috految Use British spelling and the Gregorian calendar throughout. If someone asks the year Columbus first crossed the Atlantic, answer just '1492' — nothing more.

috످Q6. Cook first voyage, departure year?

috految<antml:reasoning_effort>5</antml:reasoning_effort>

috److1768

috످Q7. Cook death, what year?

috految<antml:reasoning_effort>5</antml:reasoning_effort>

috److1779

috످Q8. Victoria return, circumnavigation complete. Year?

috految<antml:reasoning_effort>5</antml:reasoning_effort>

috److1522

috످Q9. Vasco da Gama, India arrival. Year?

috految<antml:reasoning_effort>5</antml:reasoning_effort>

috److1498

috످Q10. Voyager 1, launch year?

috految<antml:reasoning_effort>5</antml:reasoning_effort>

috److1977

috످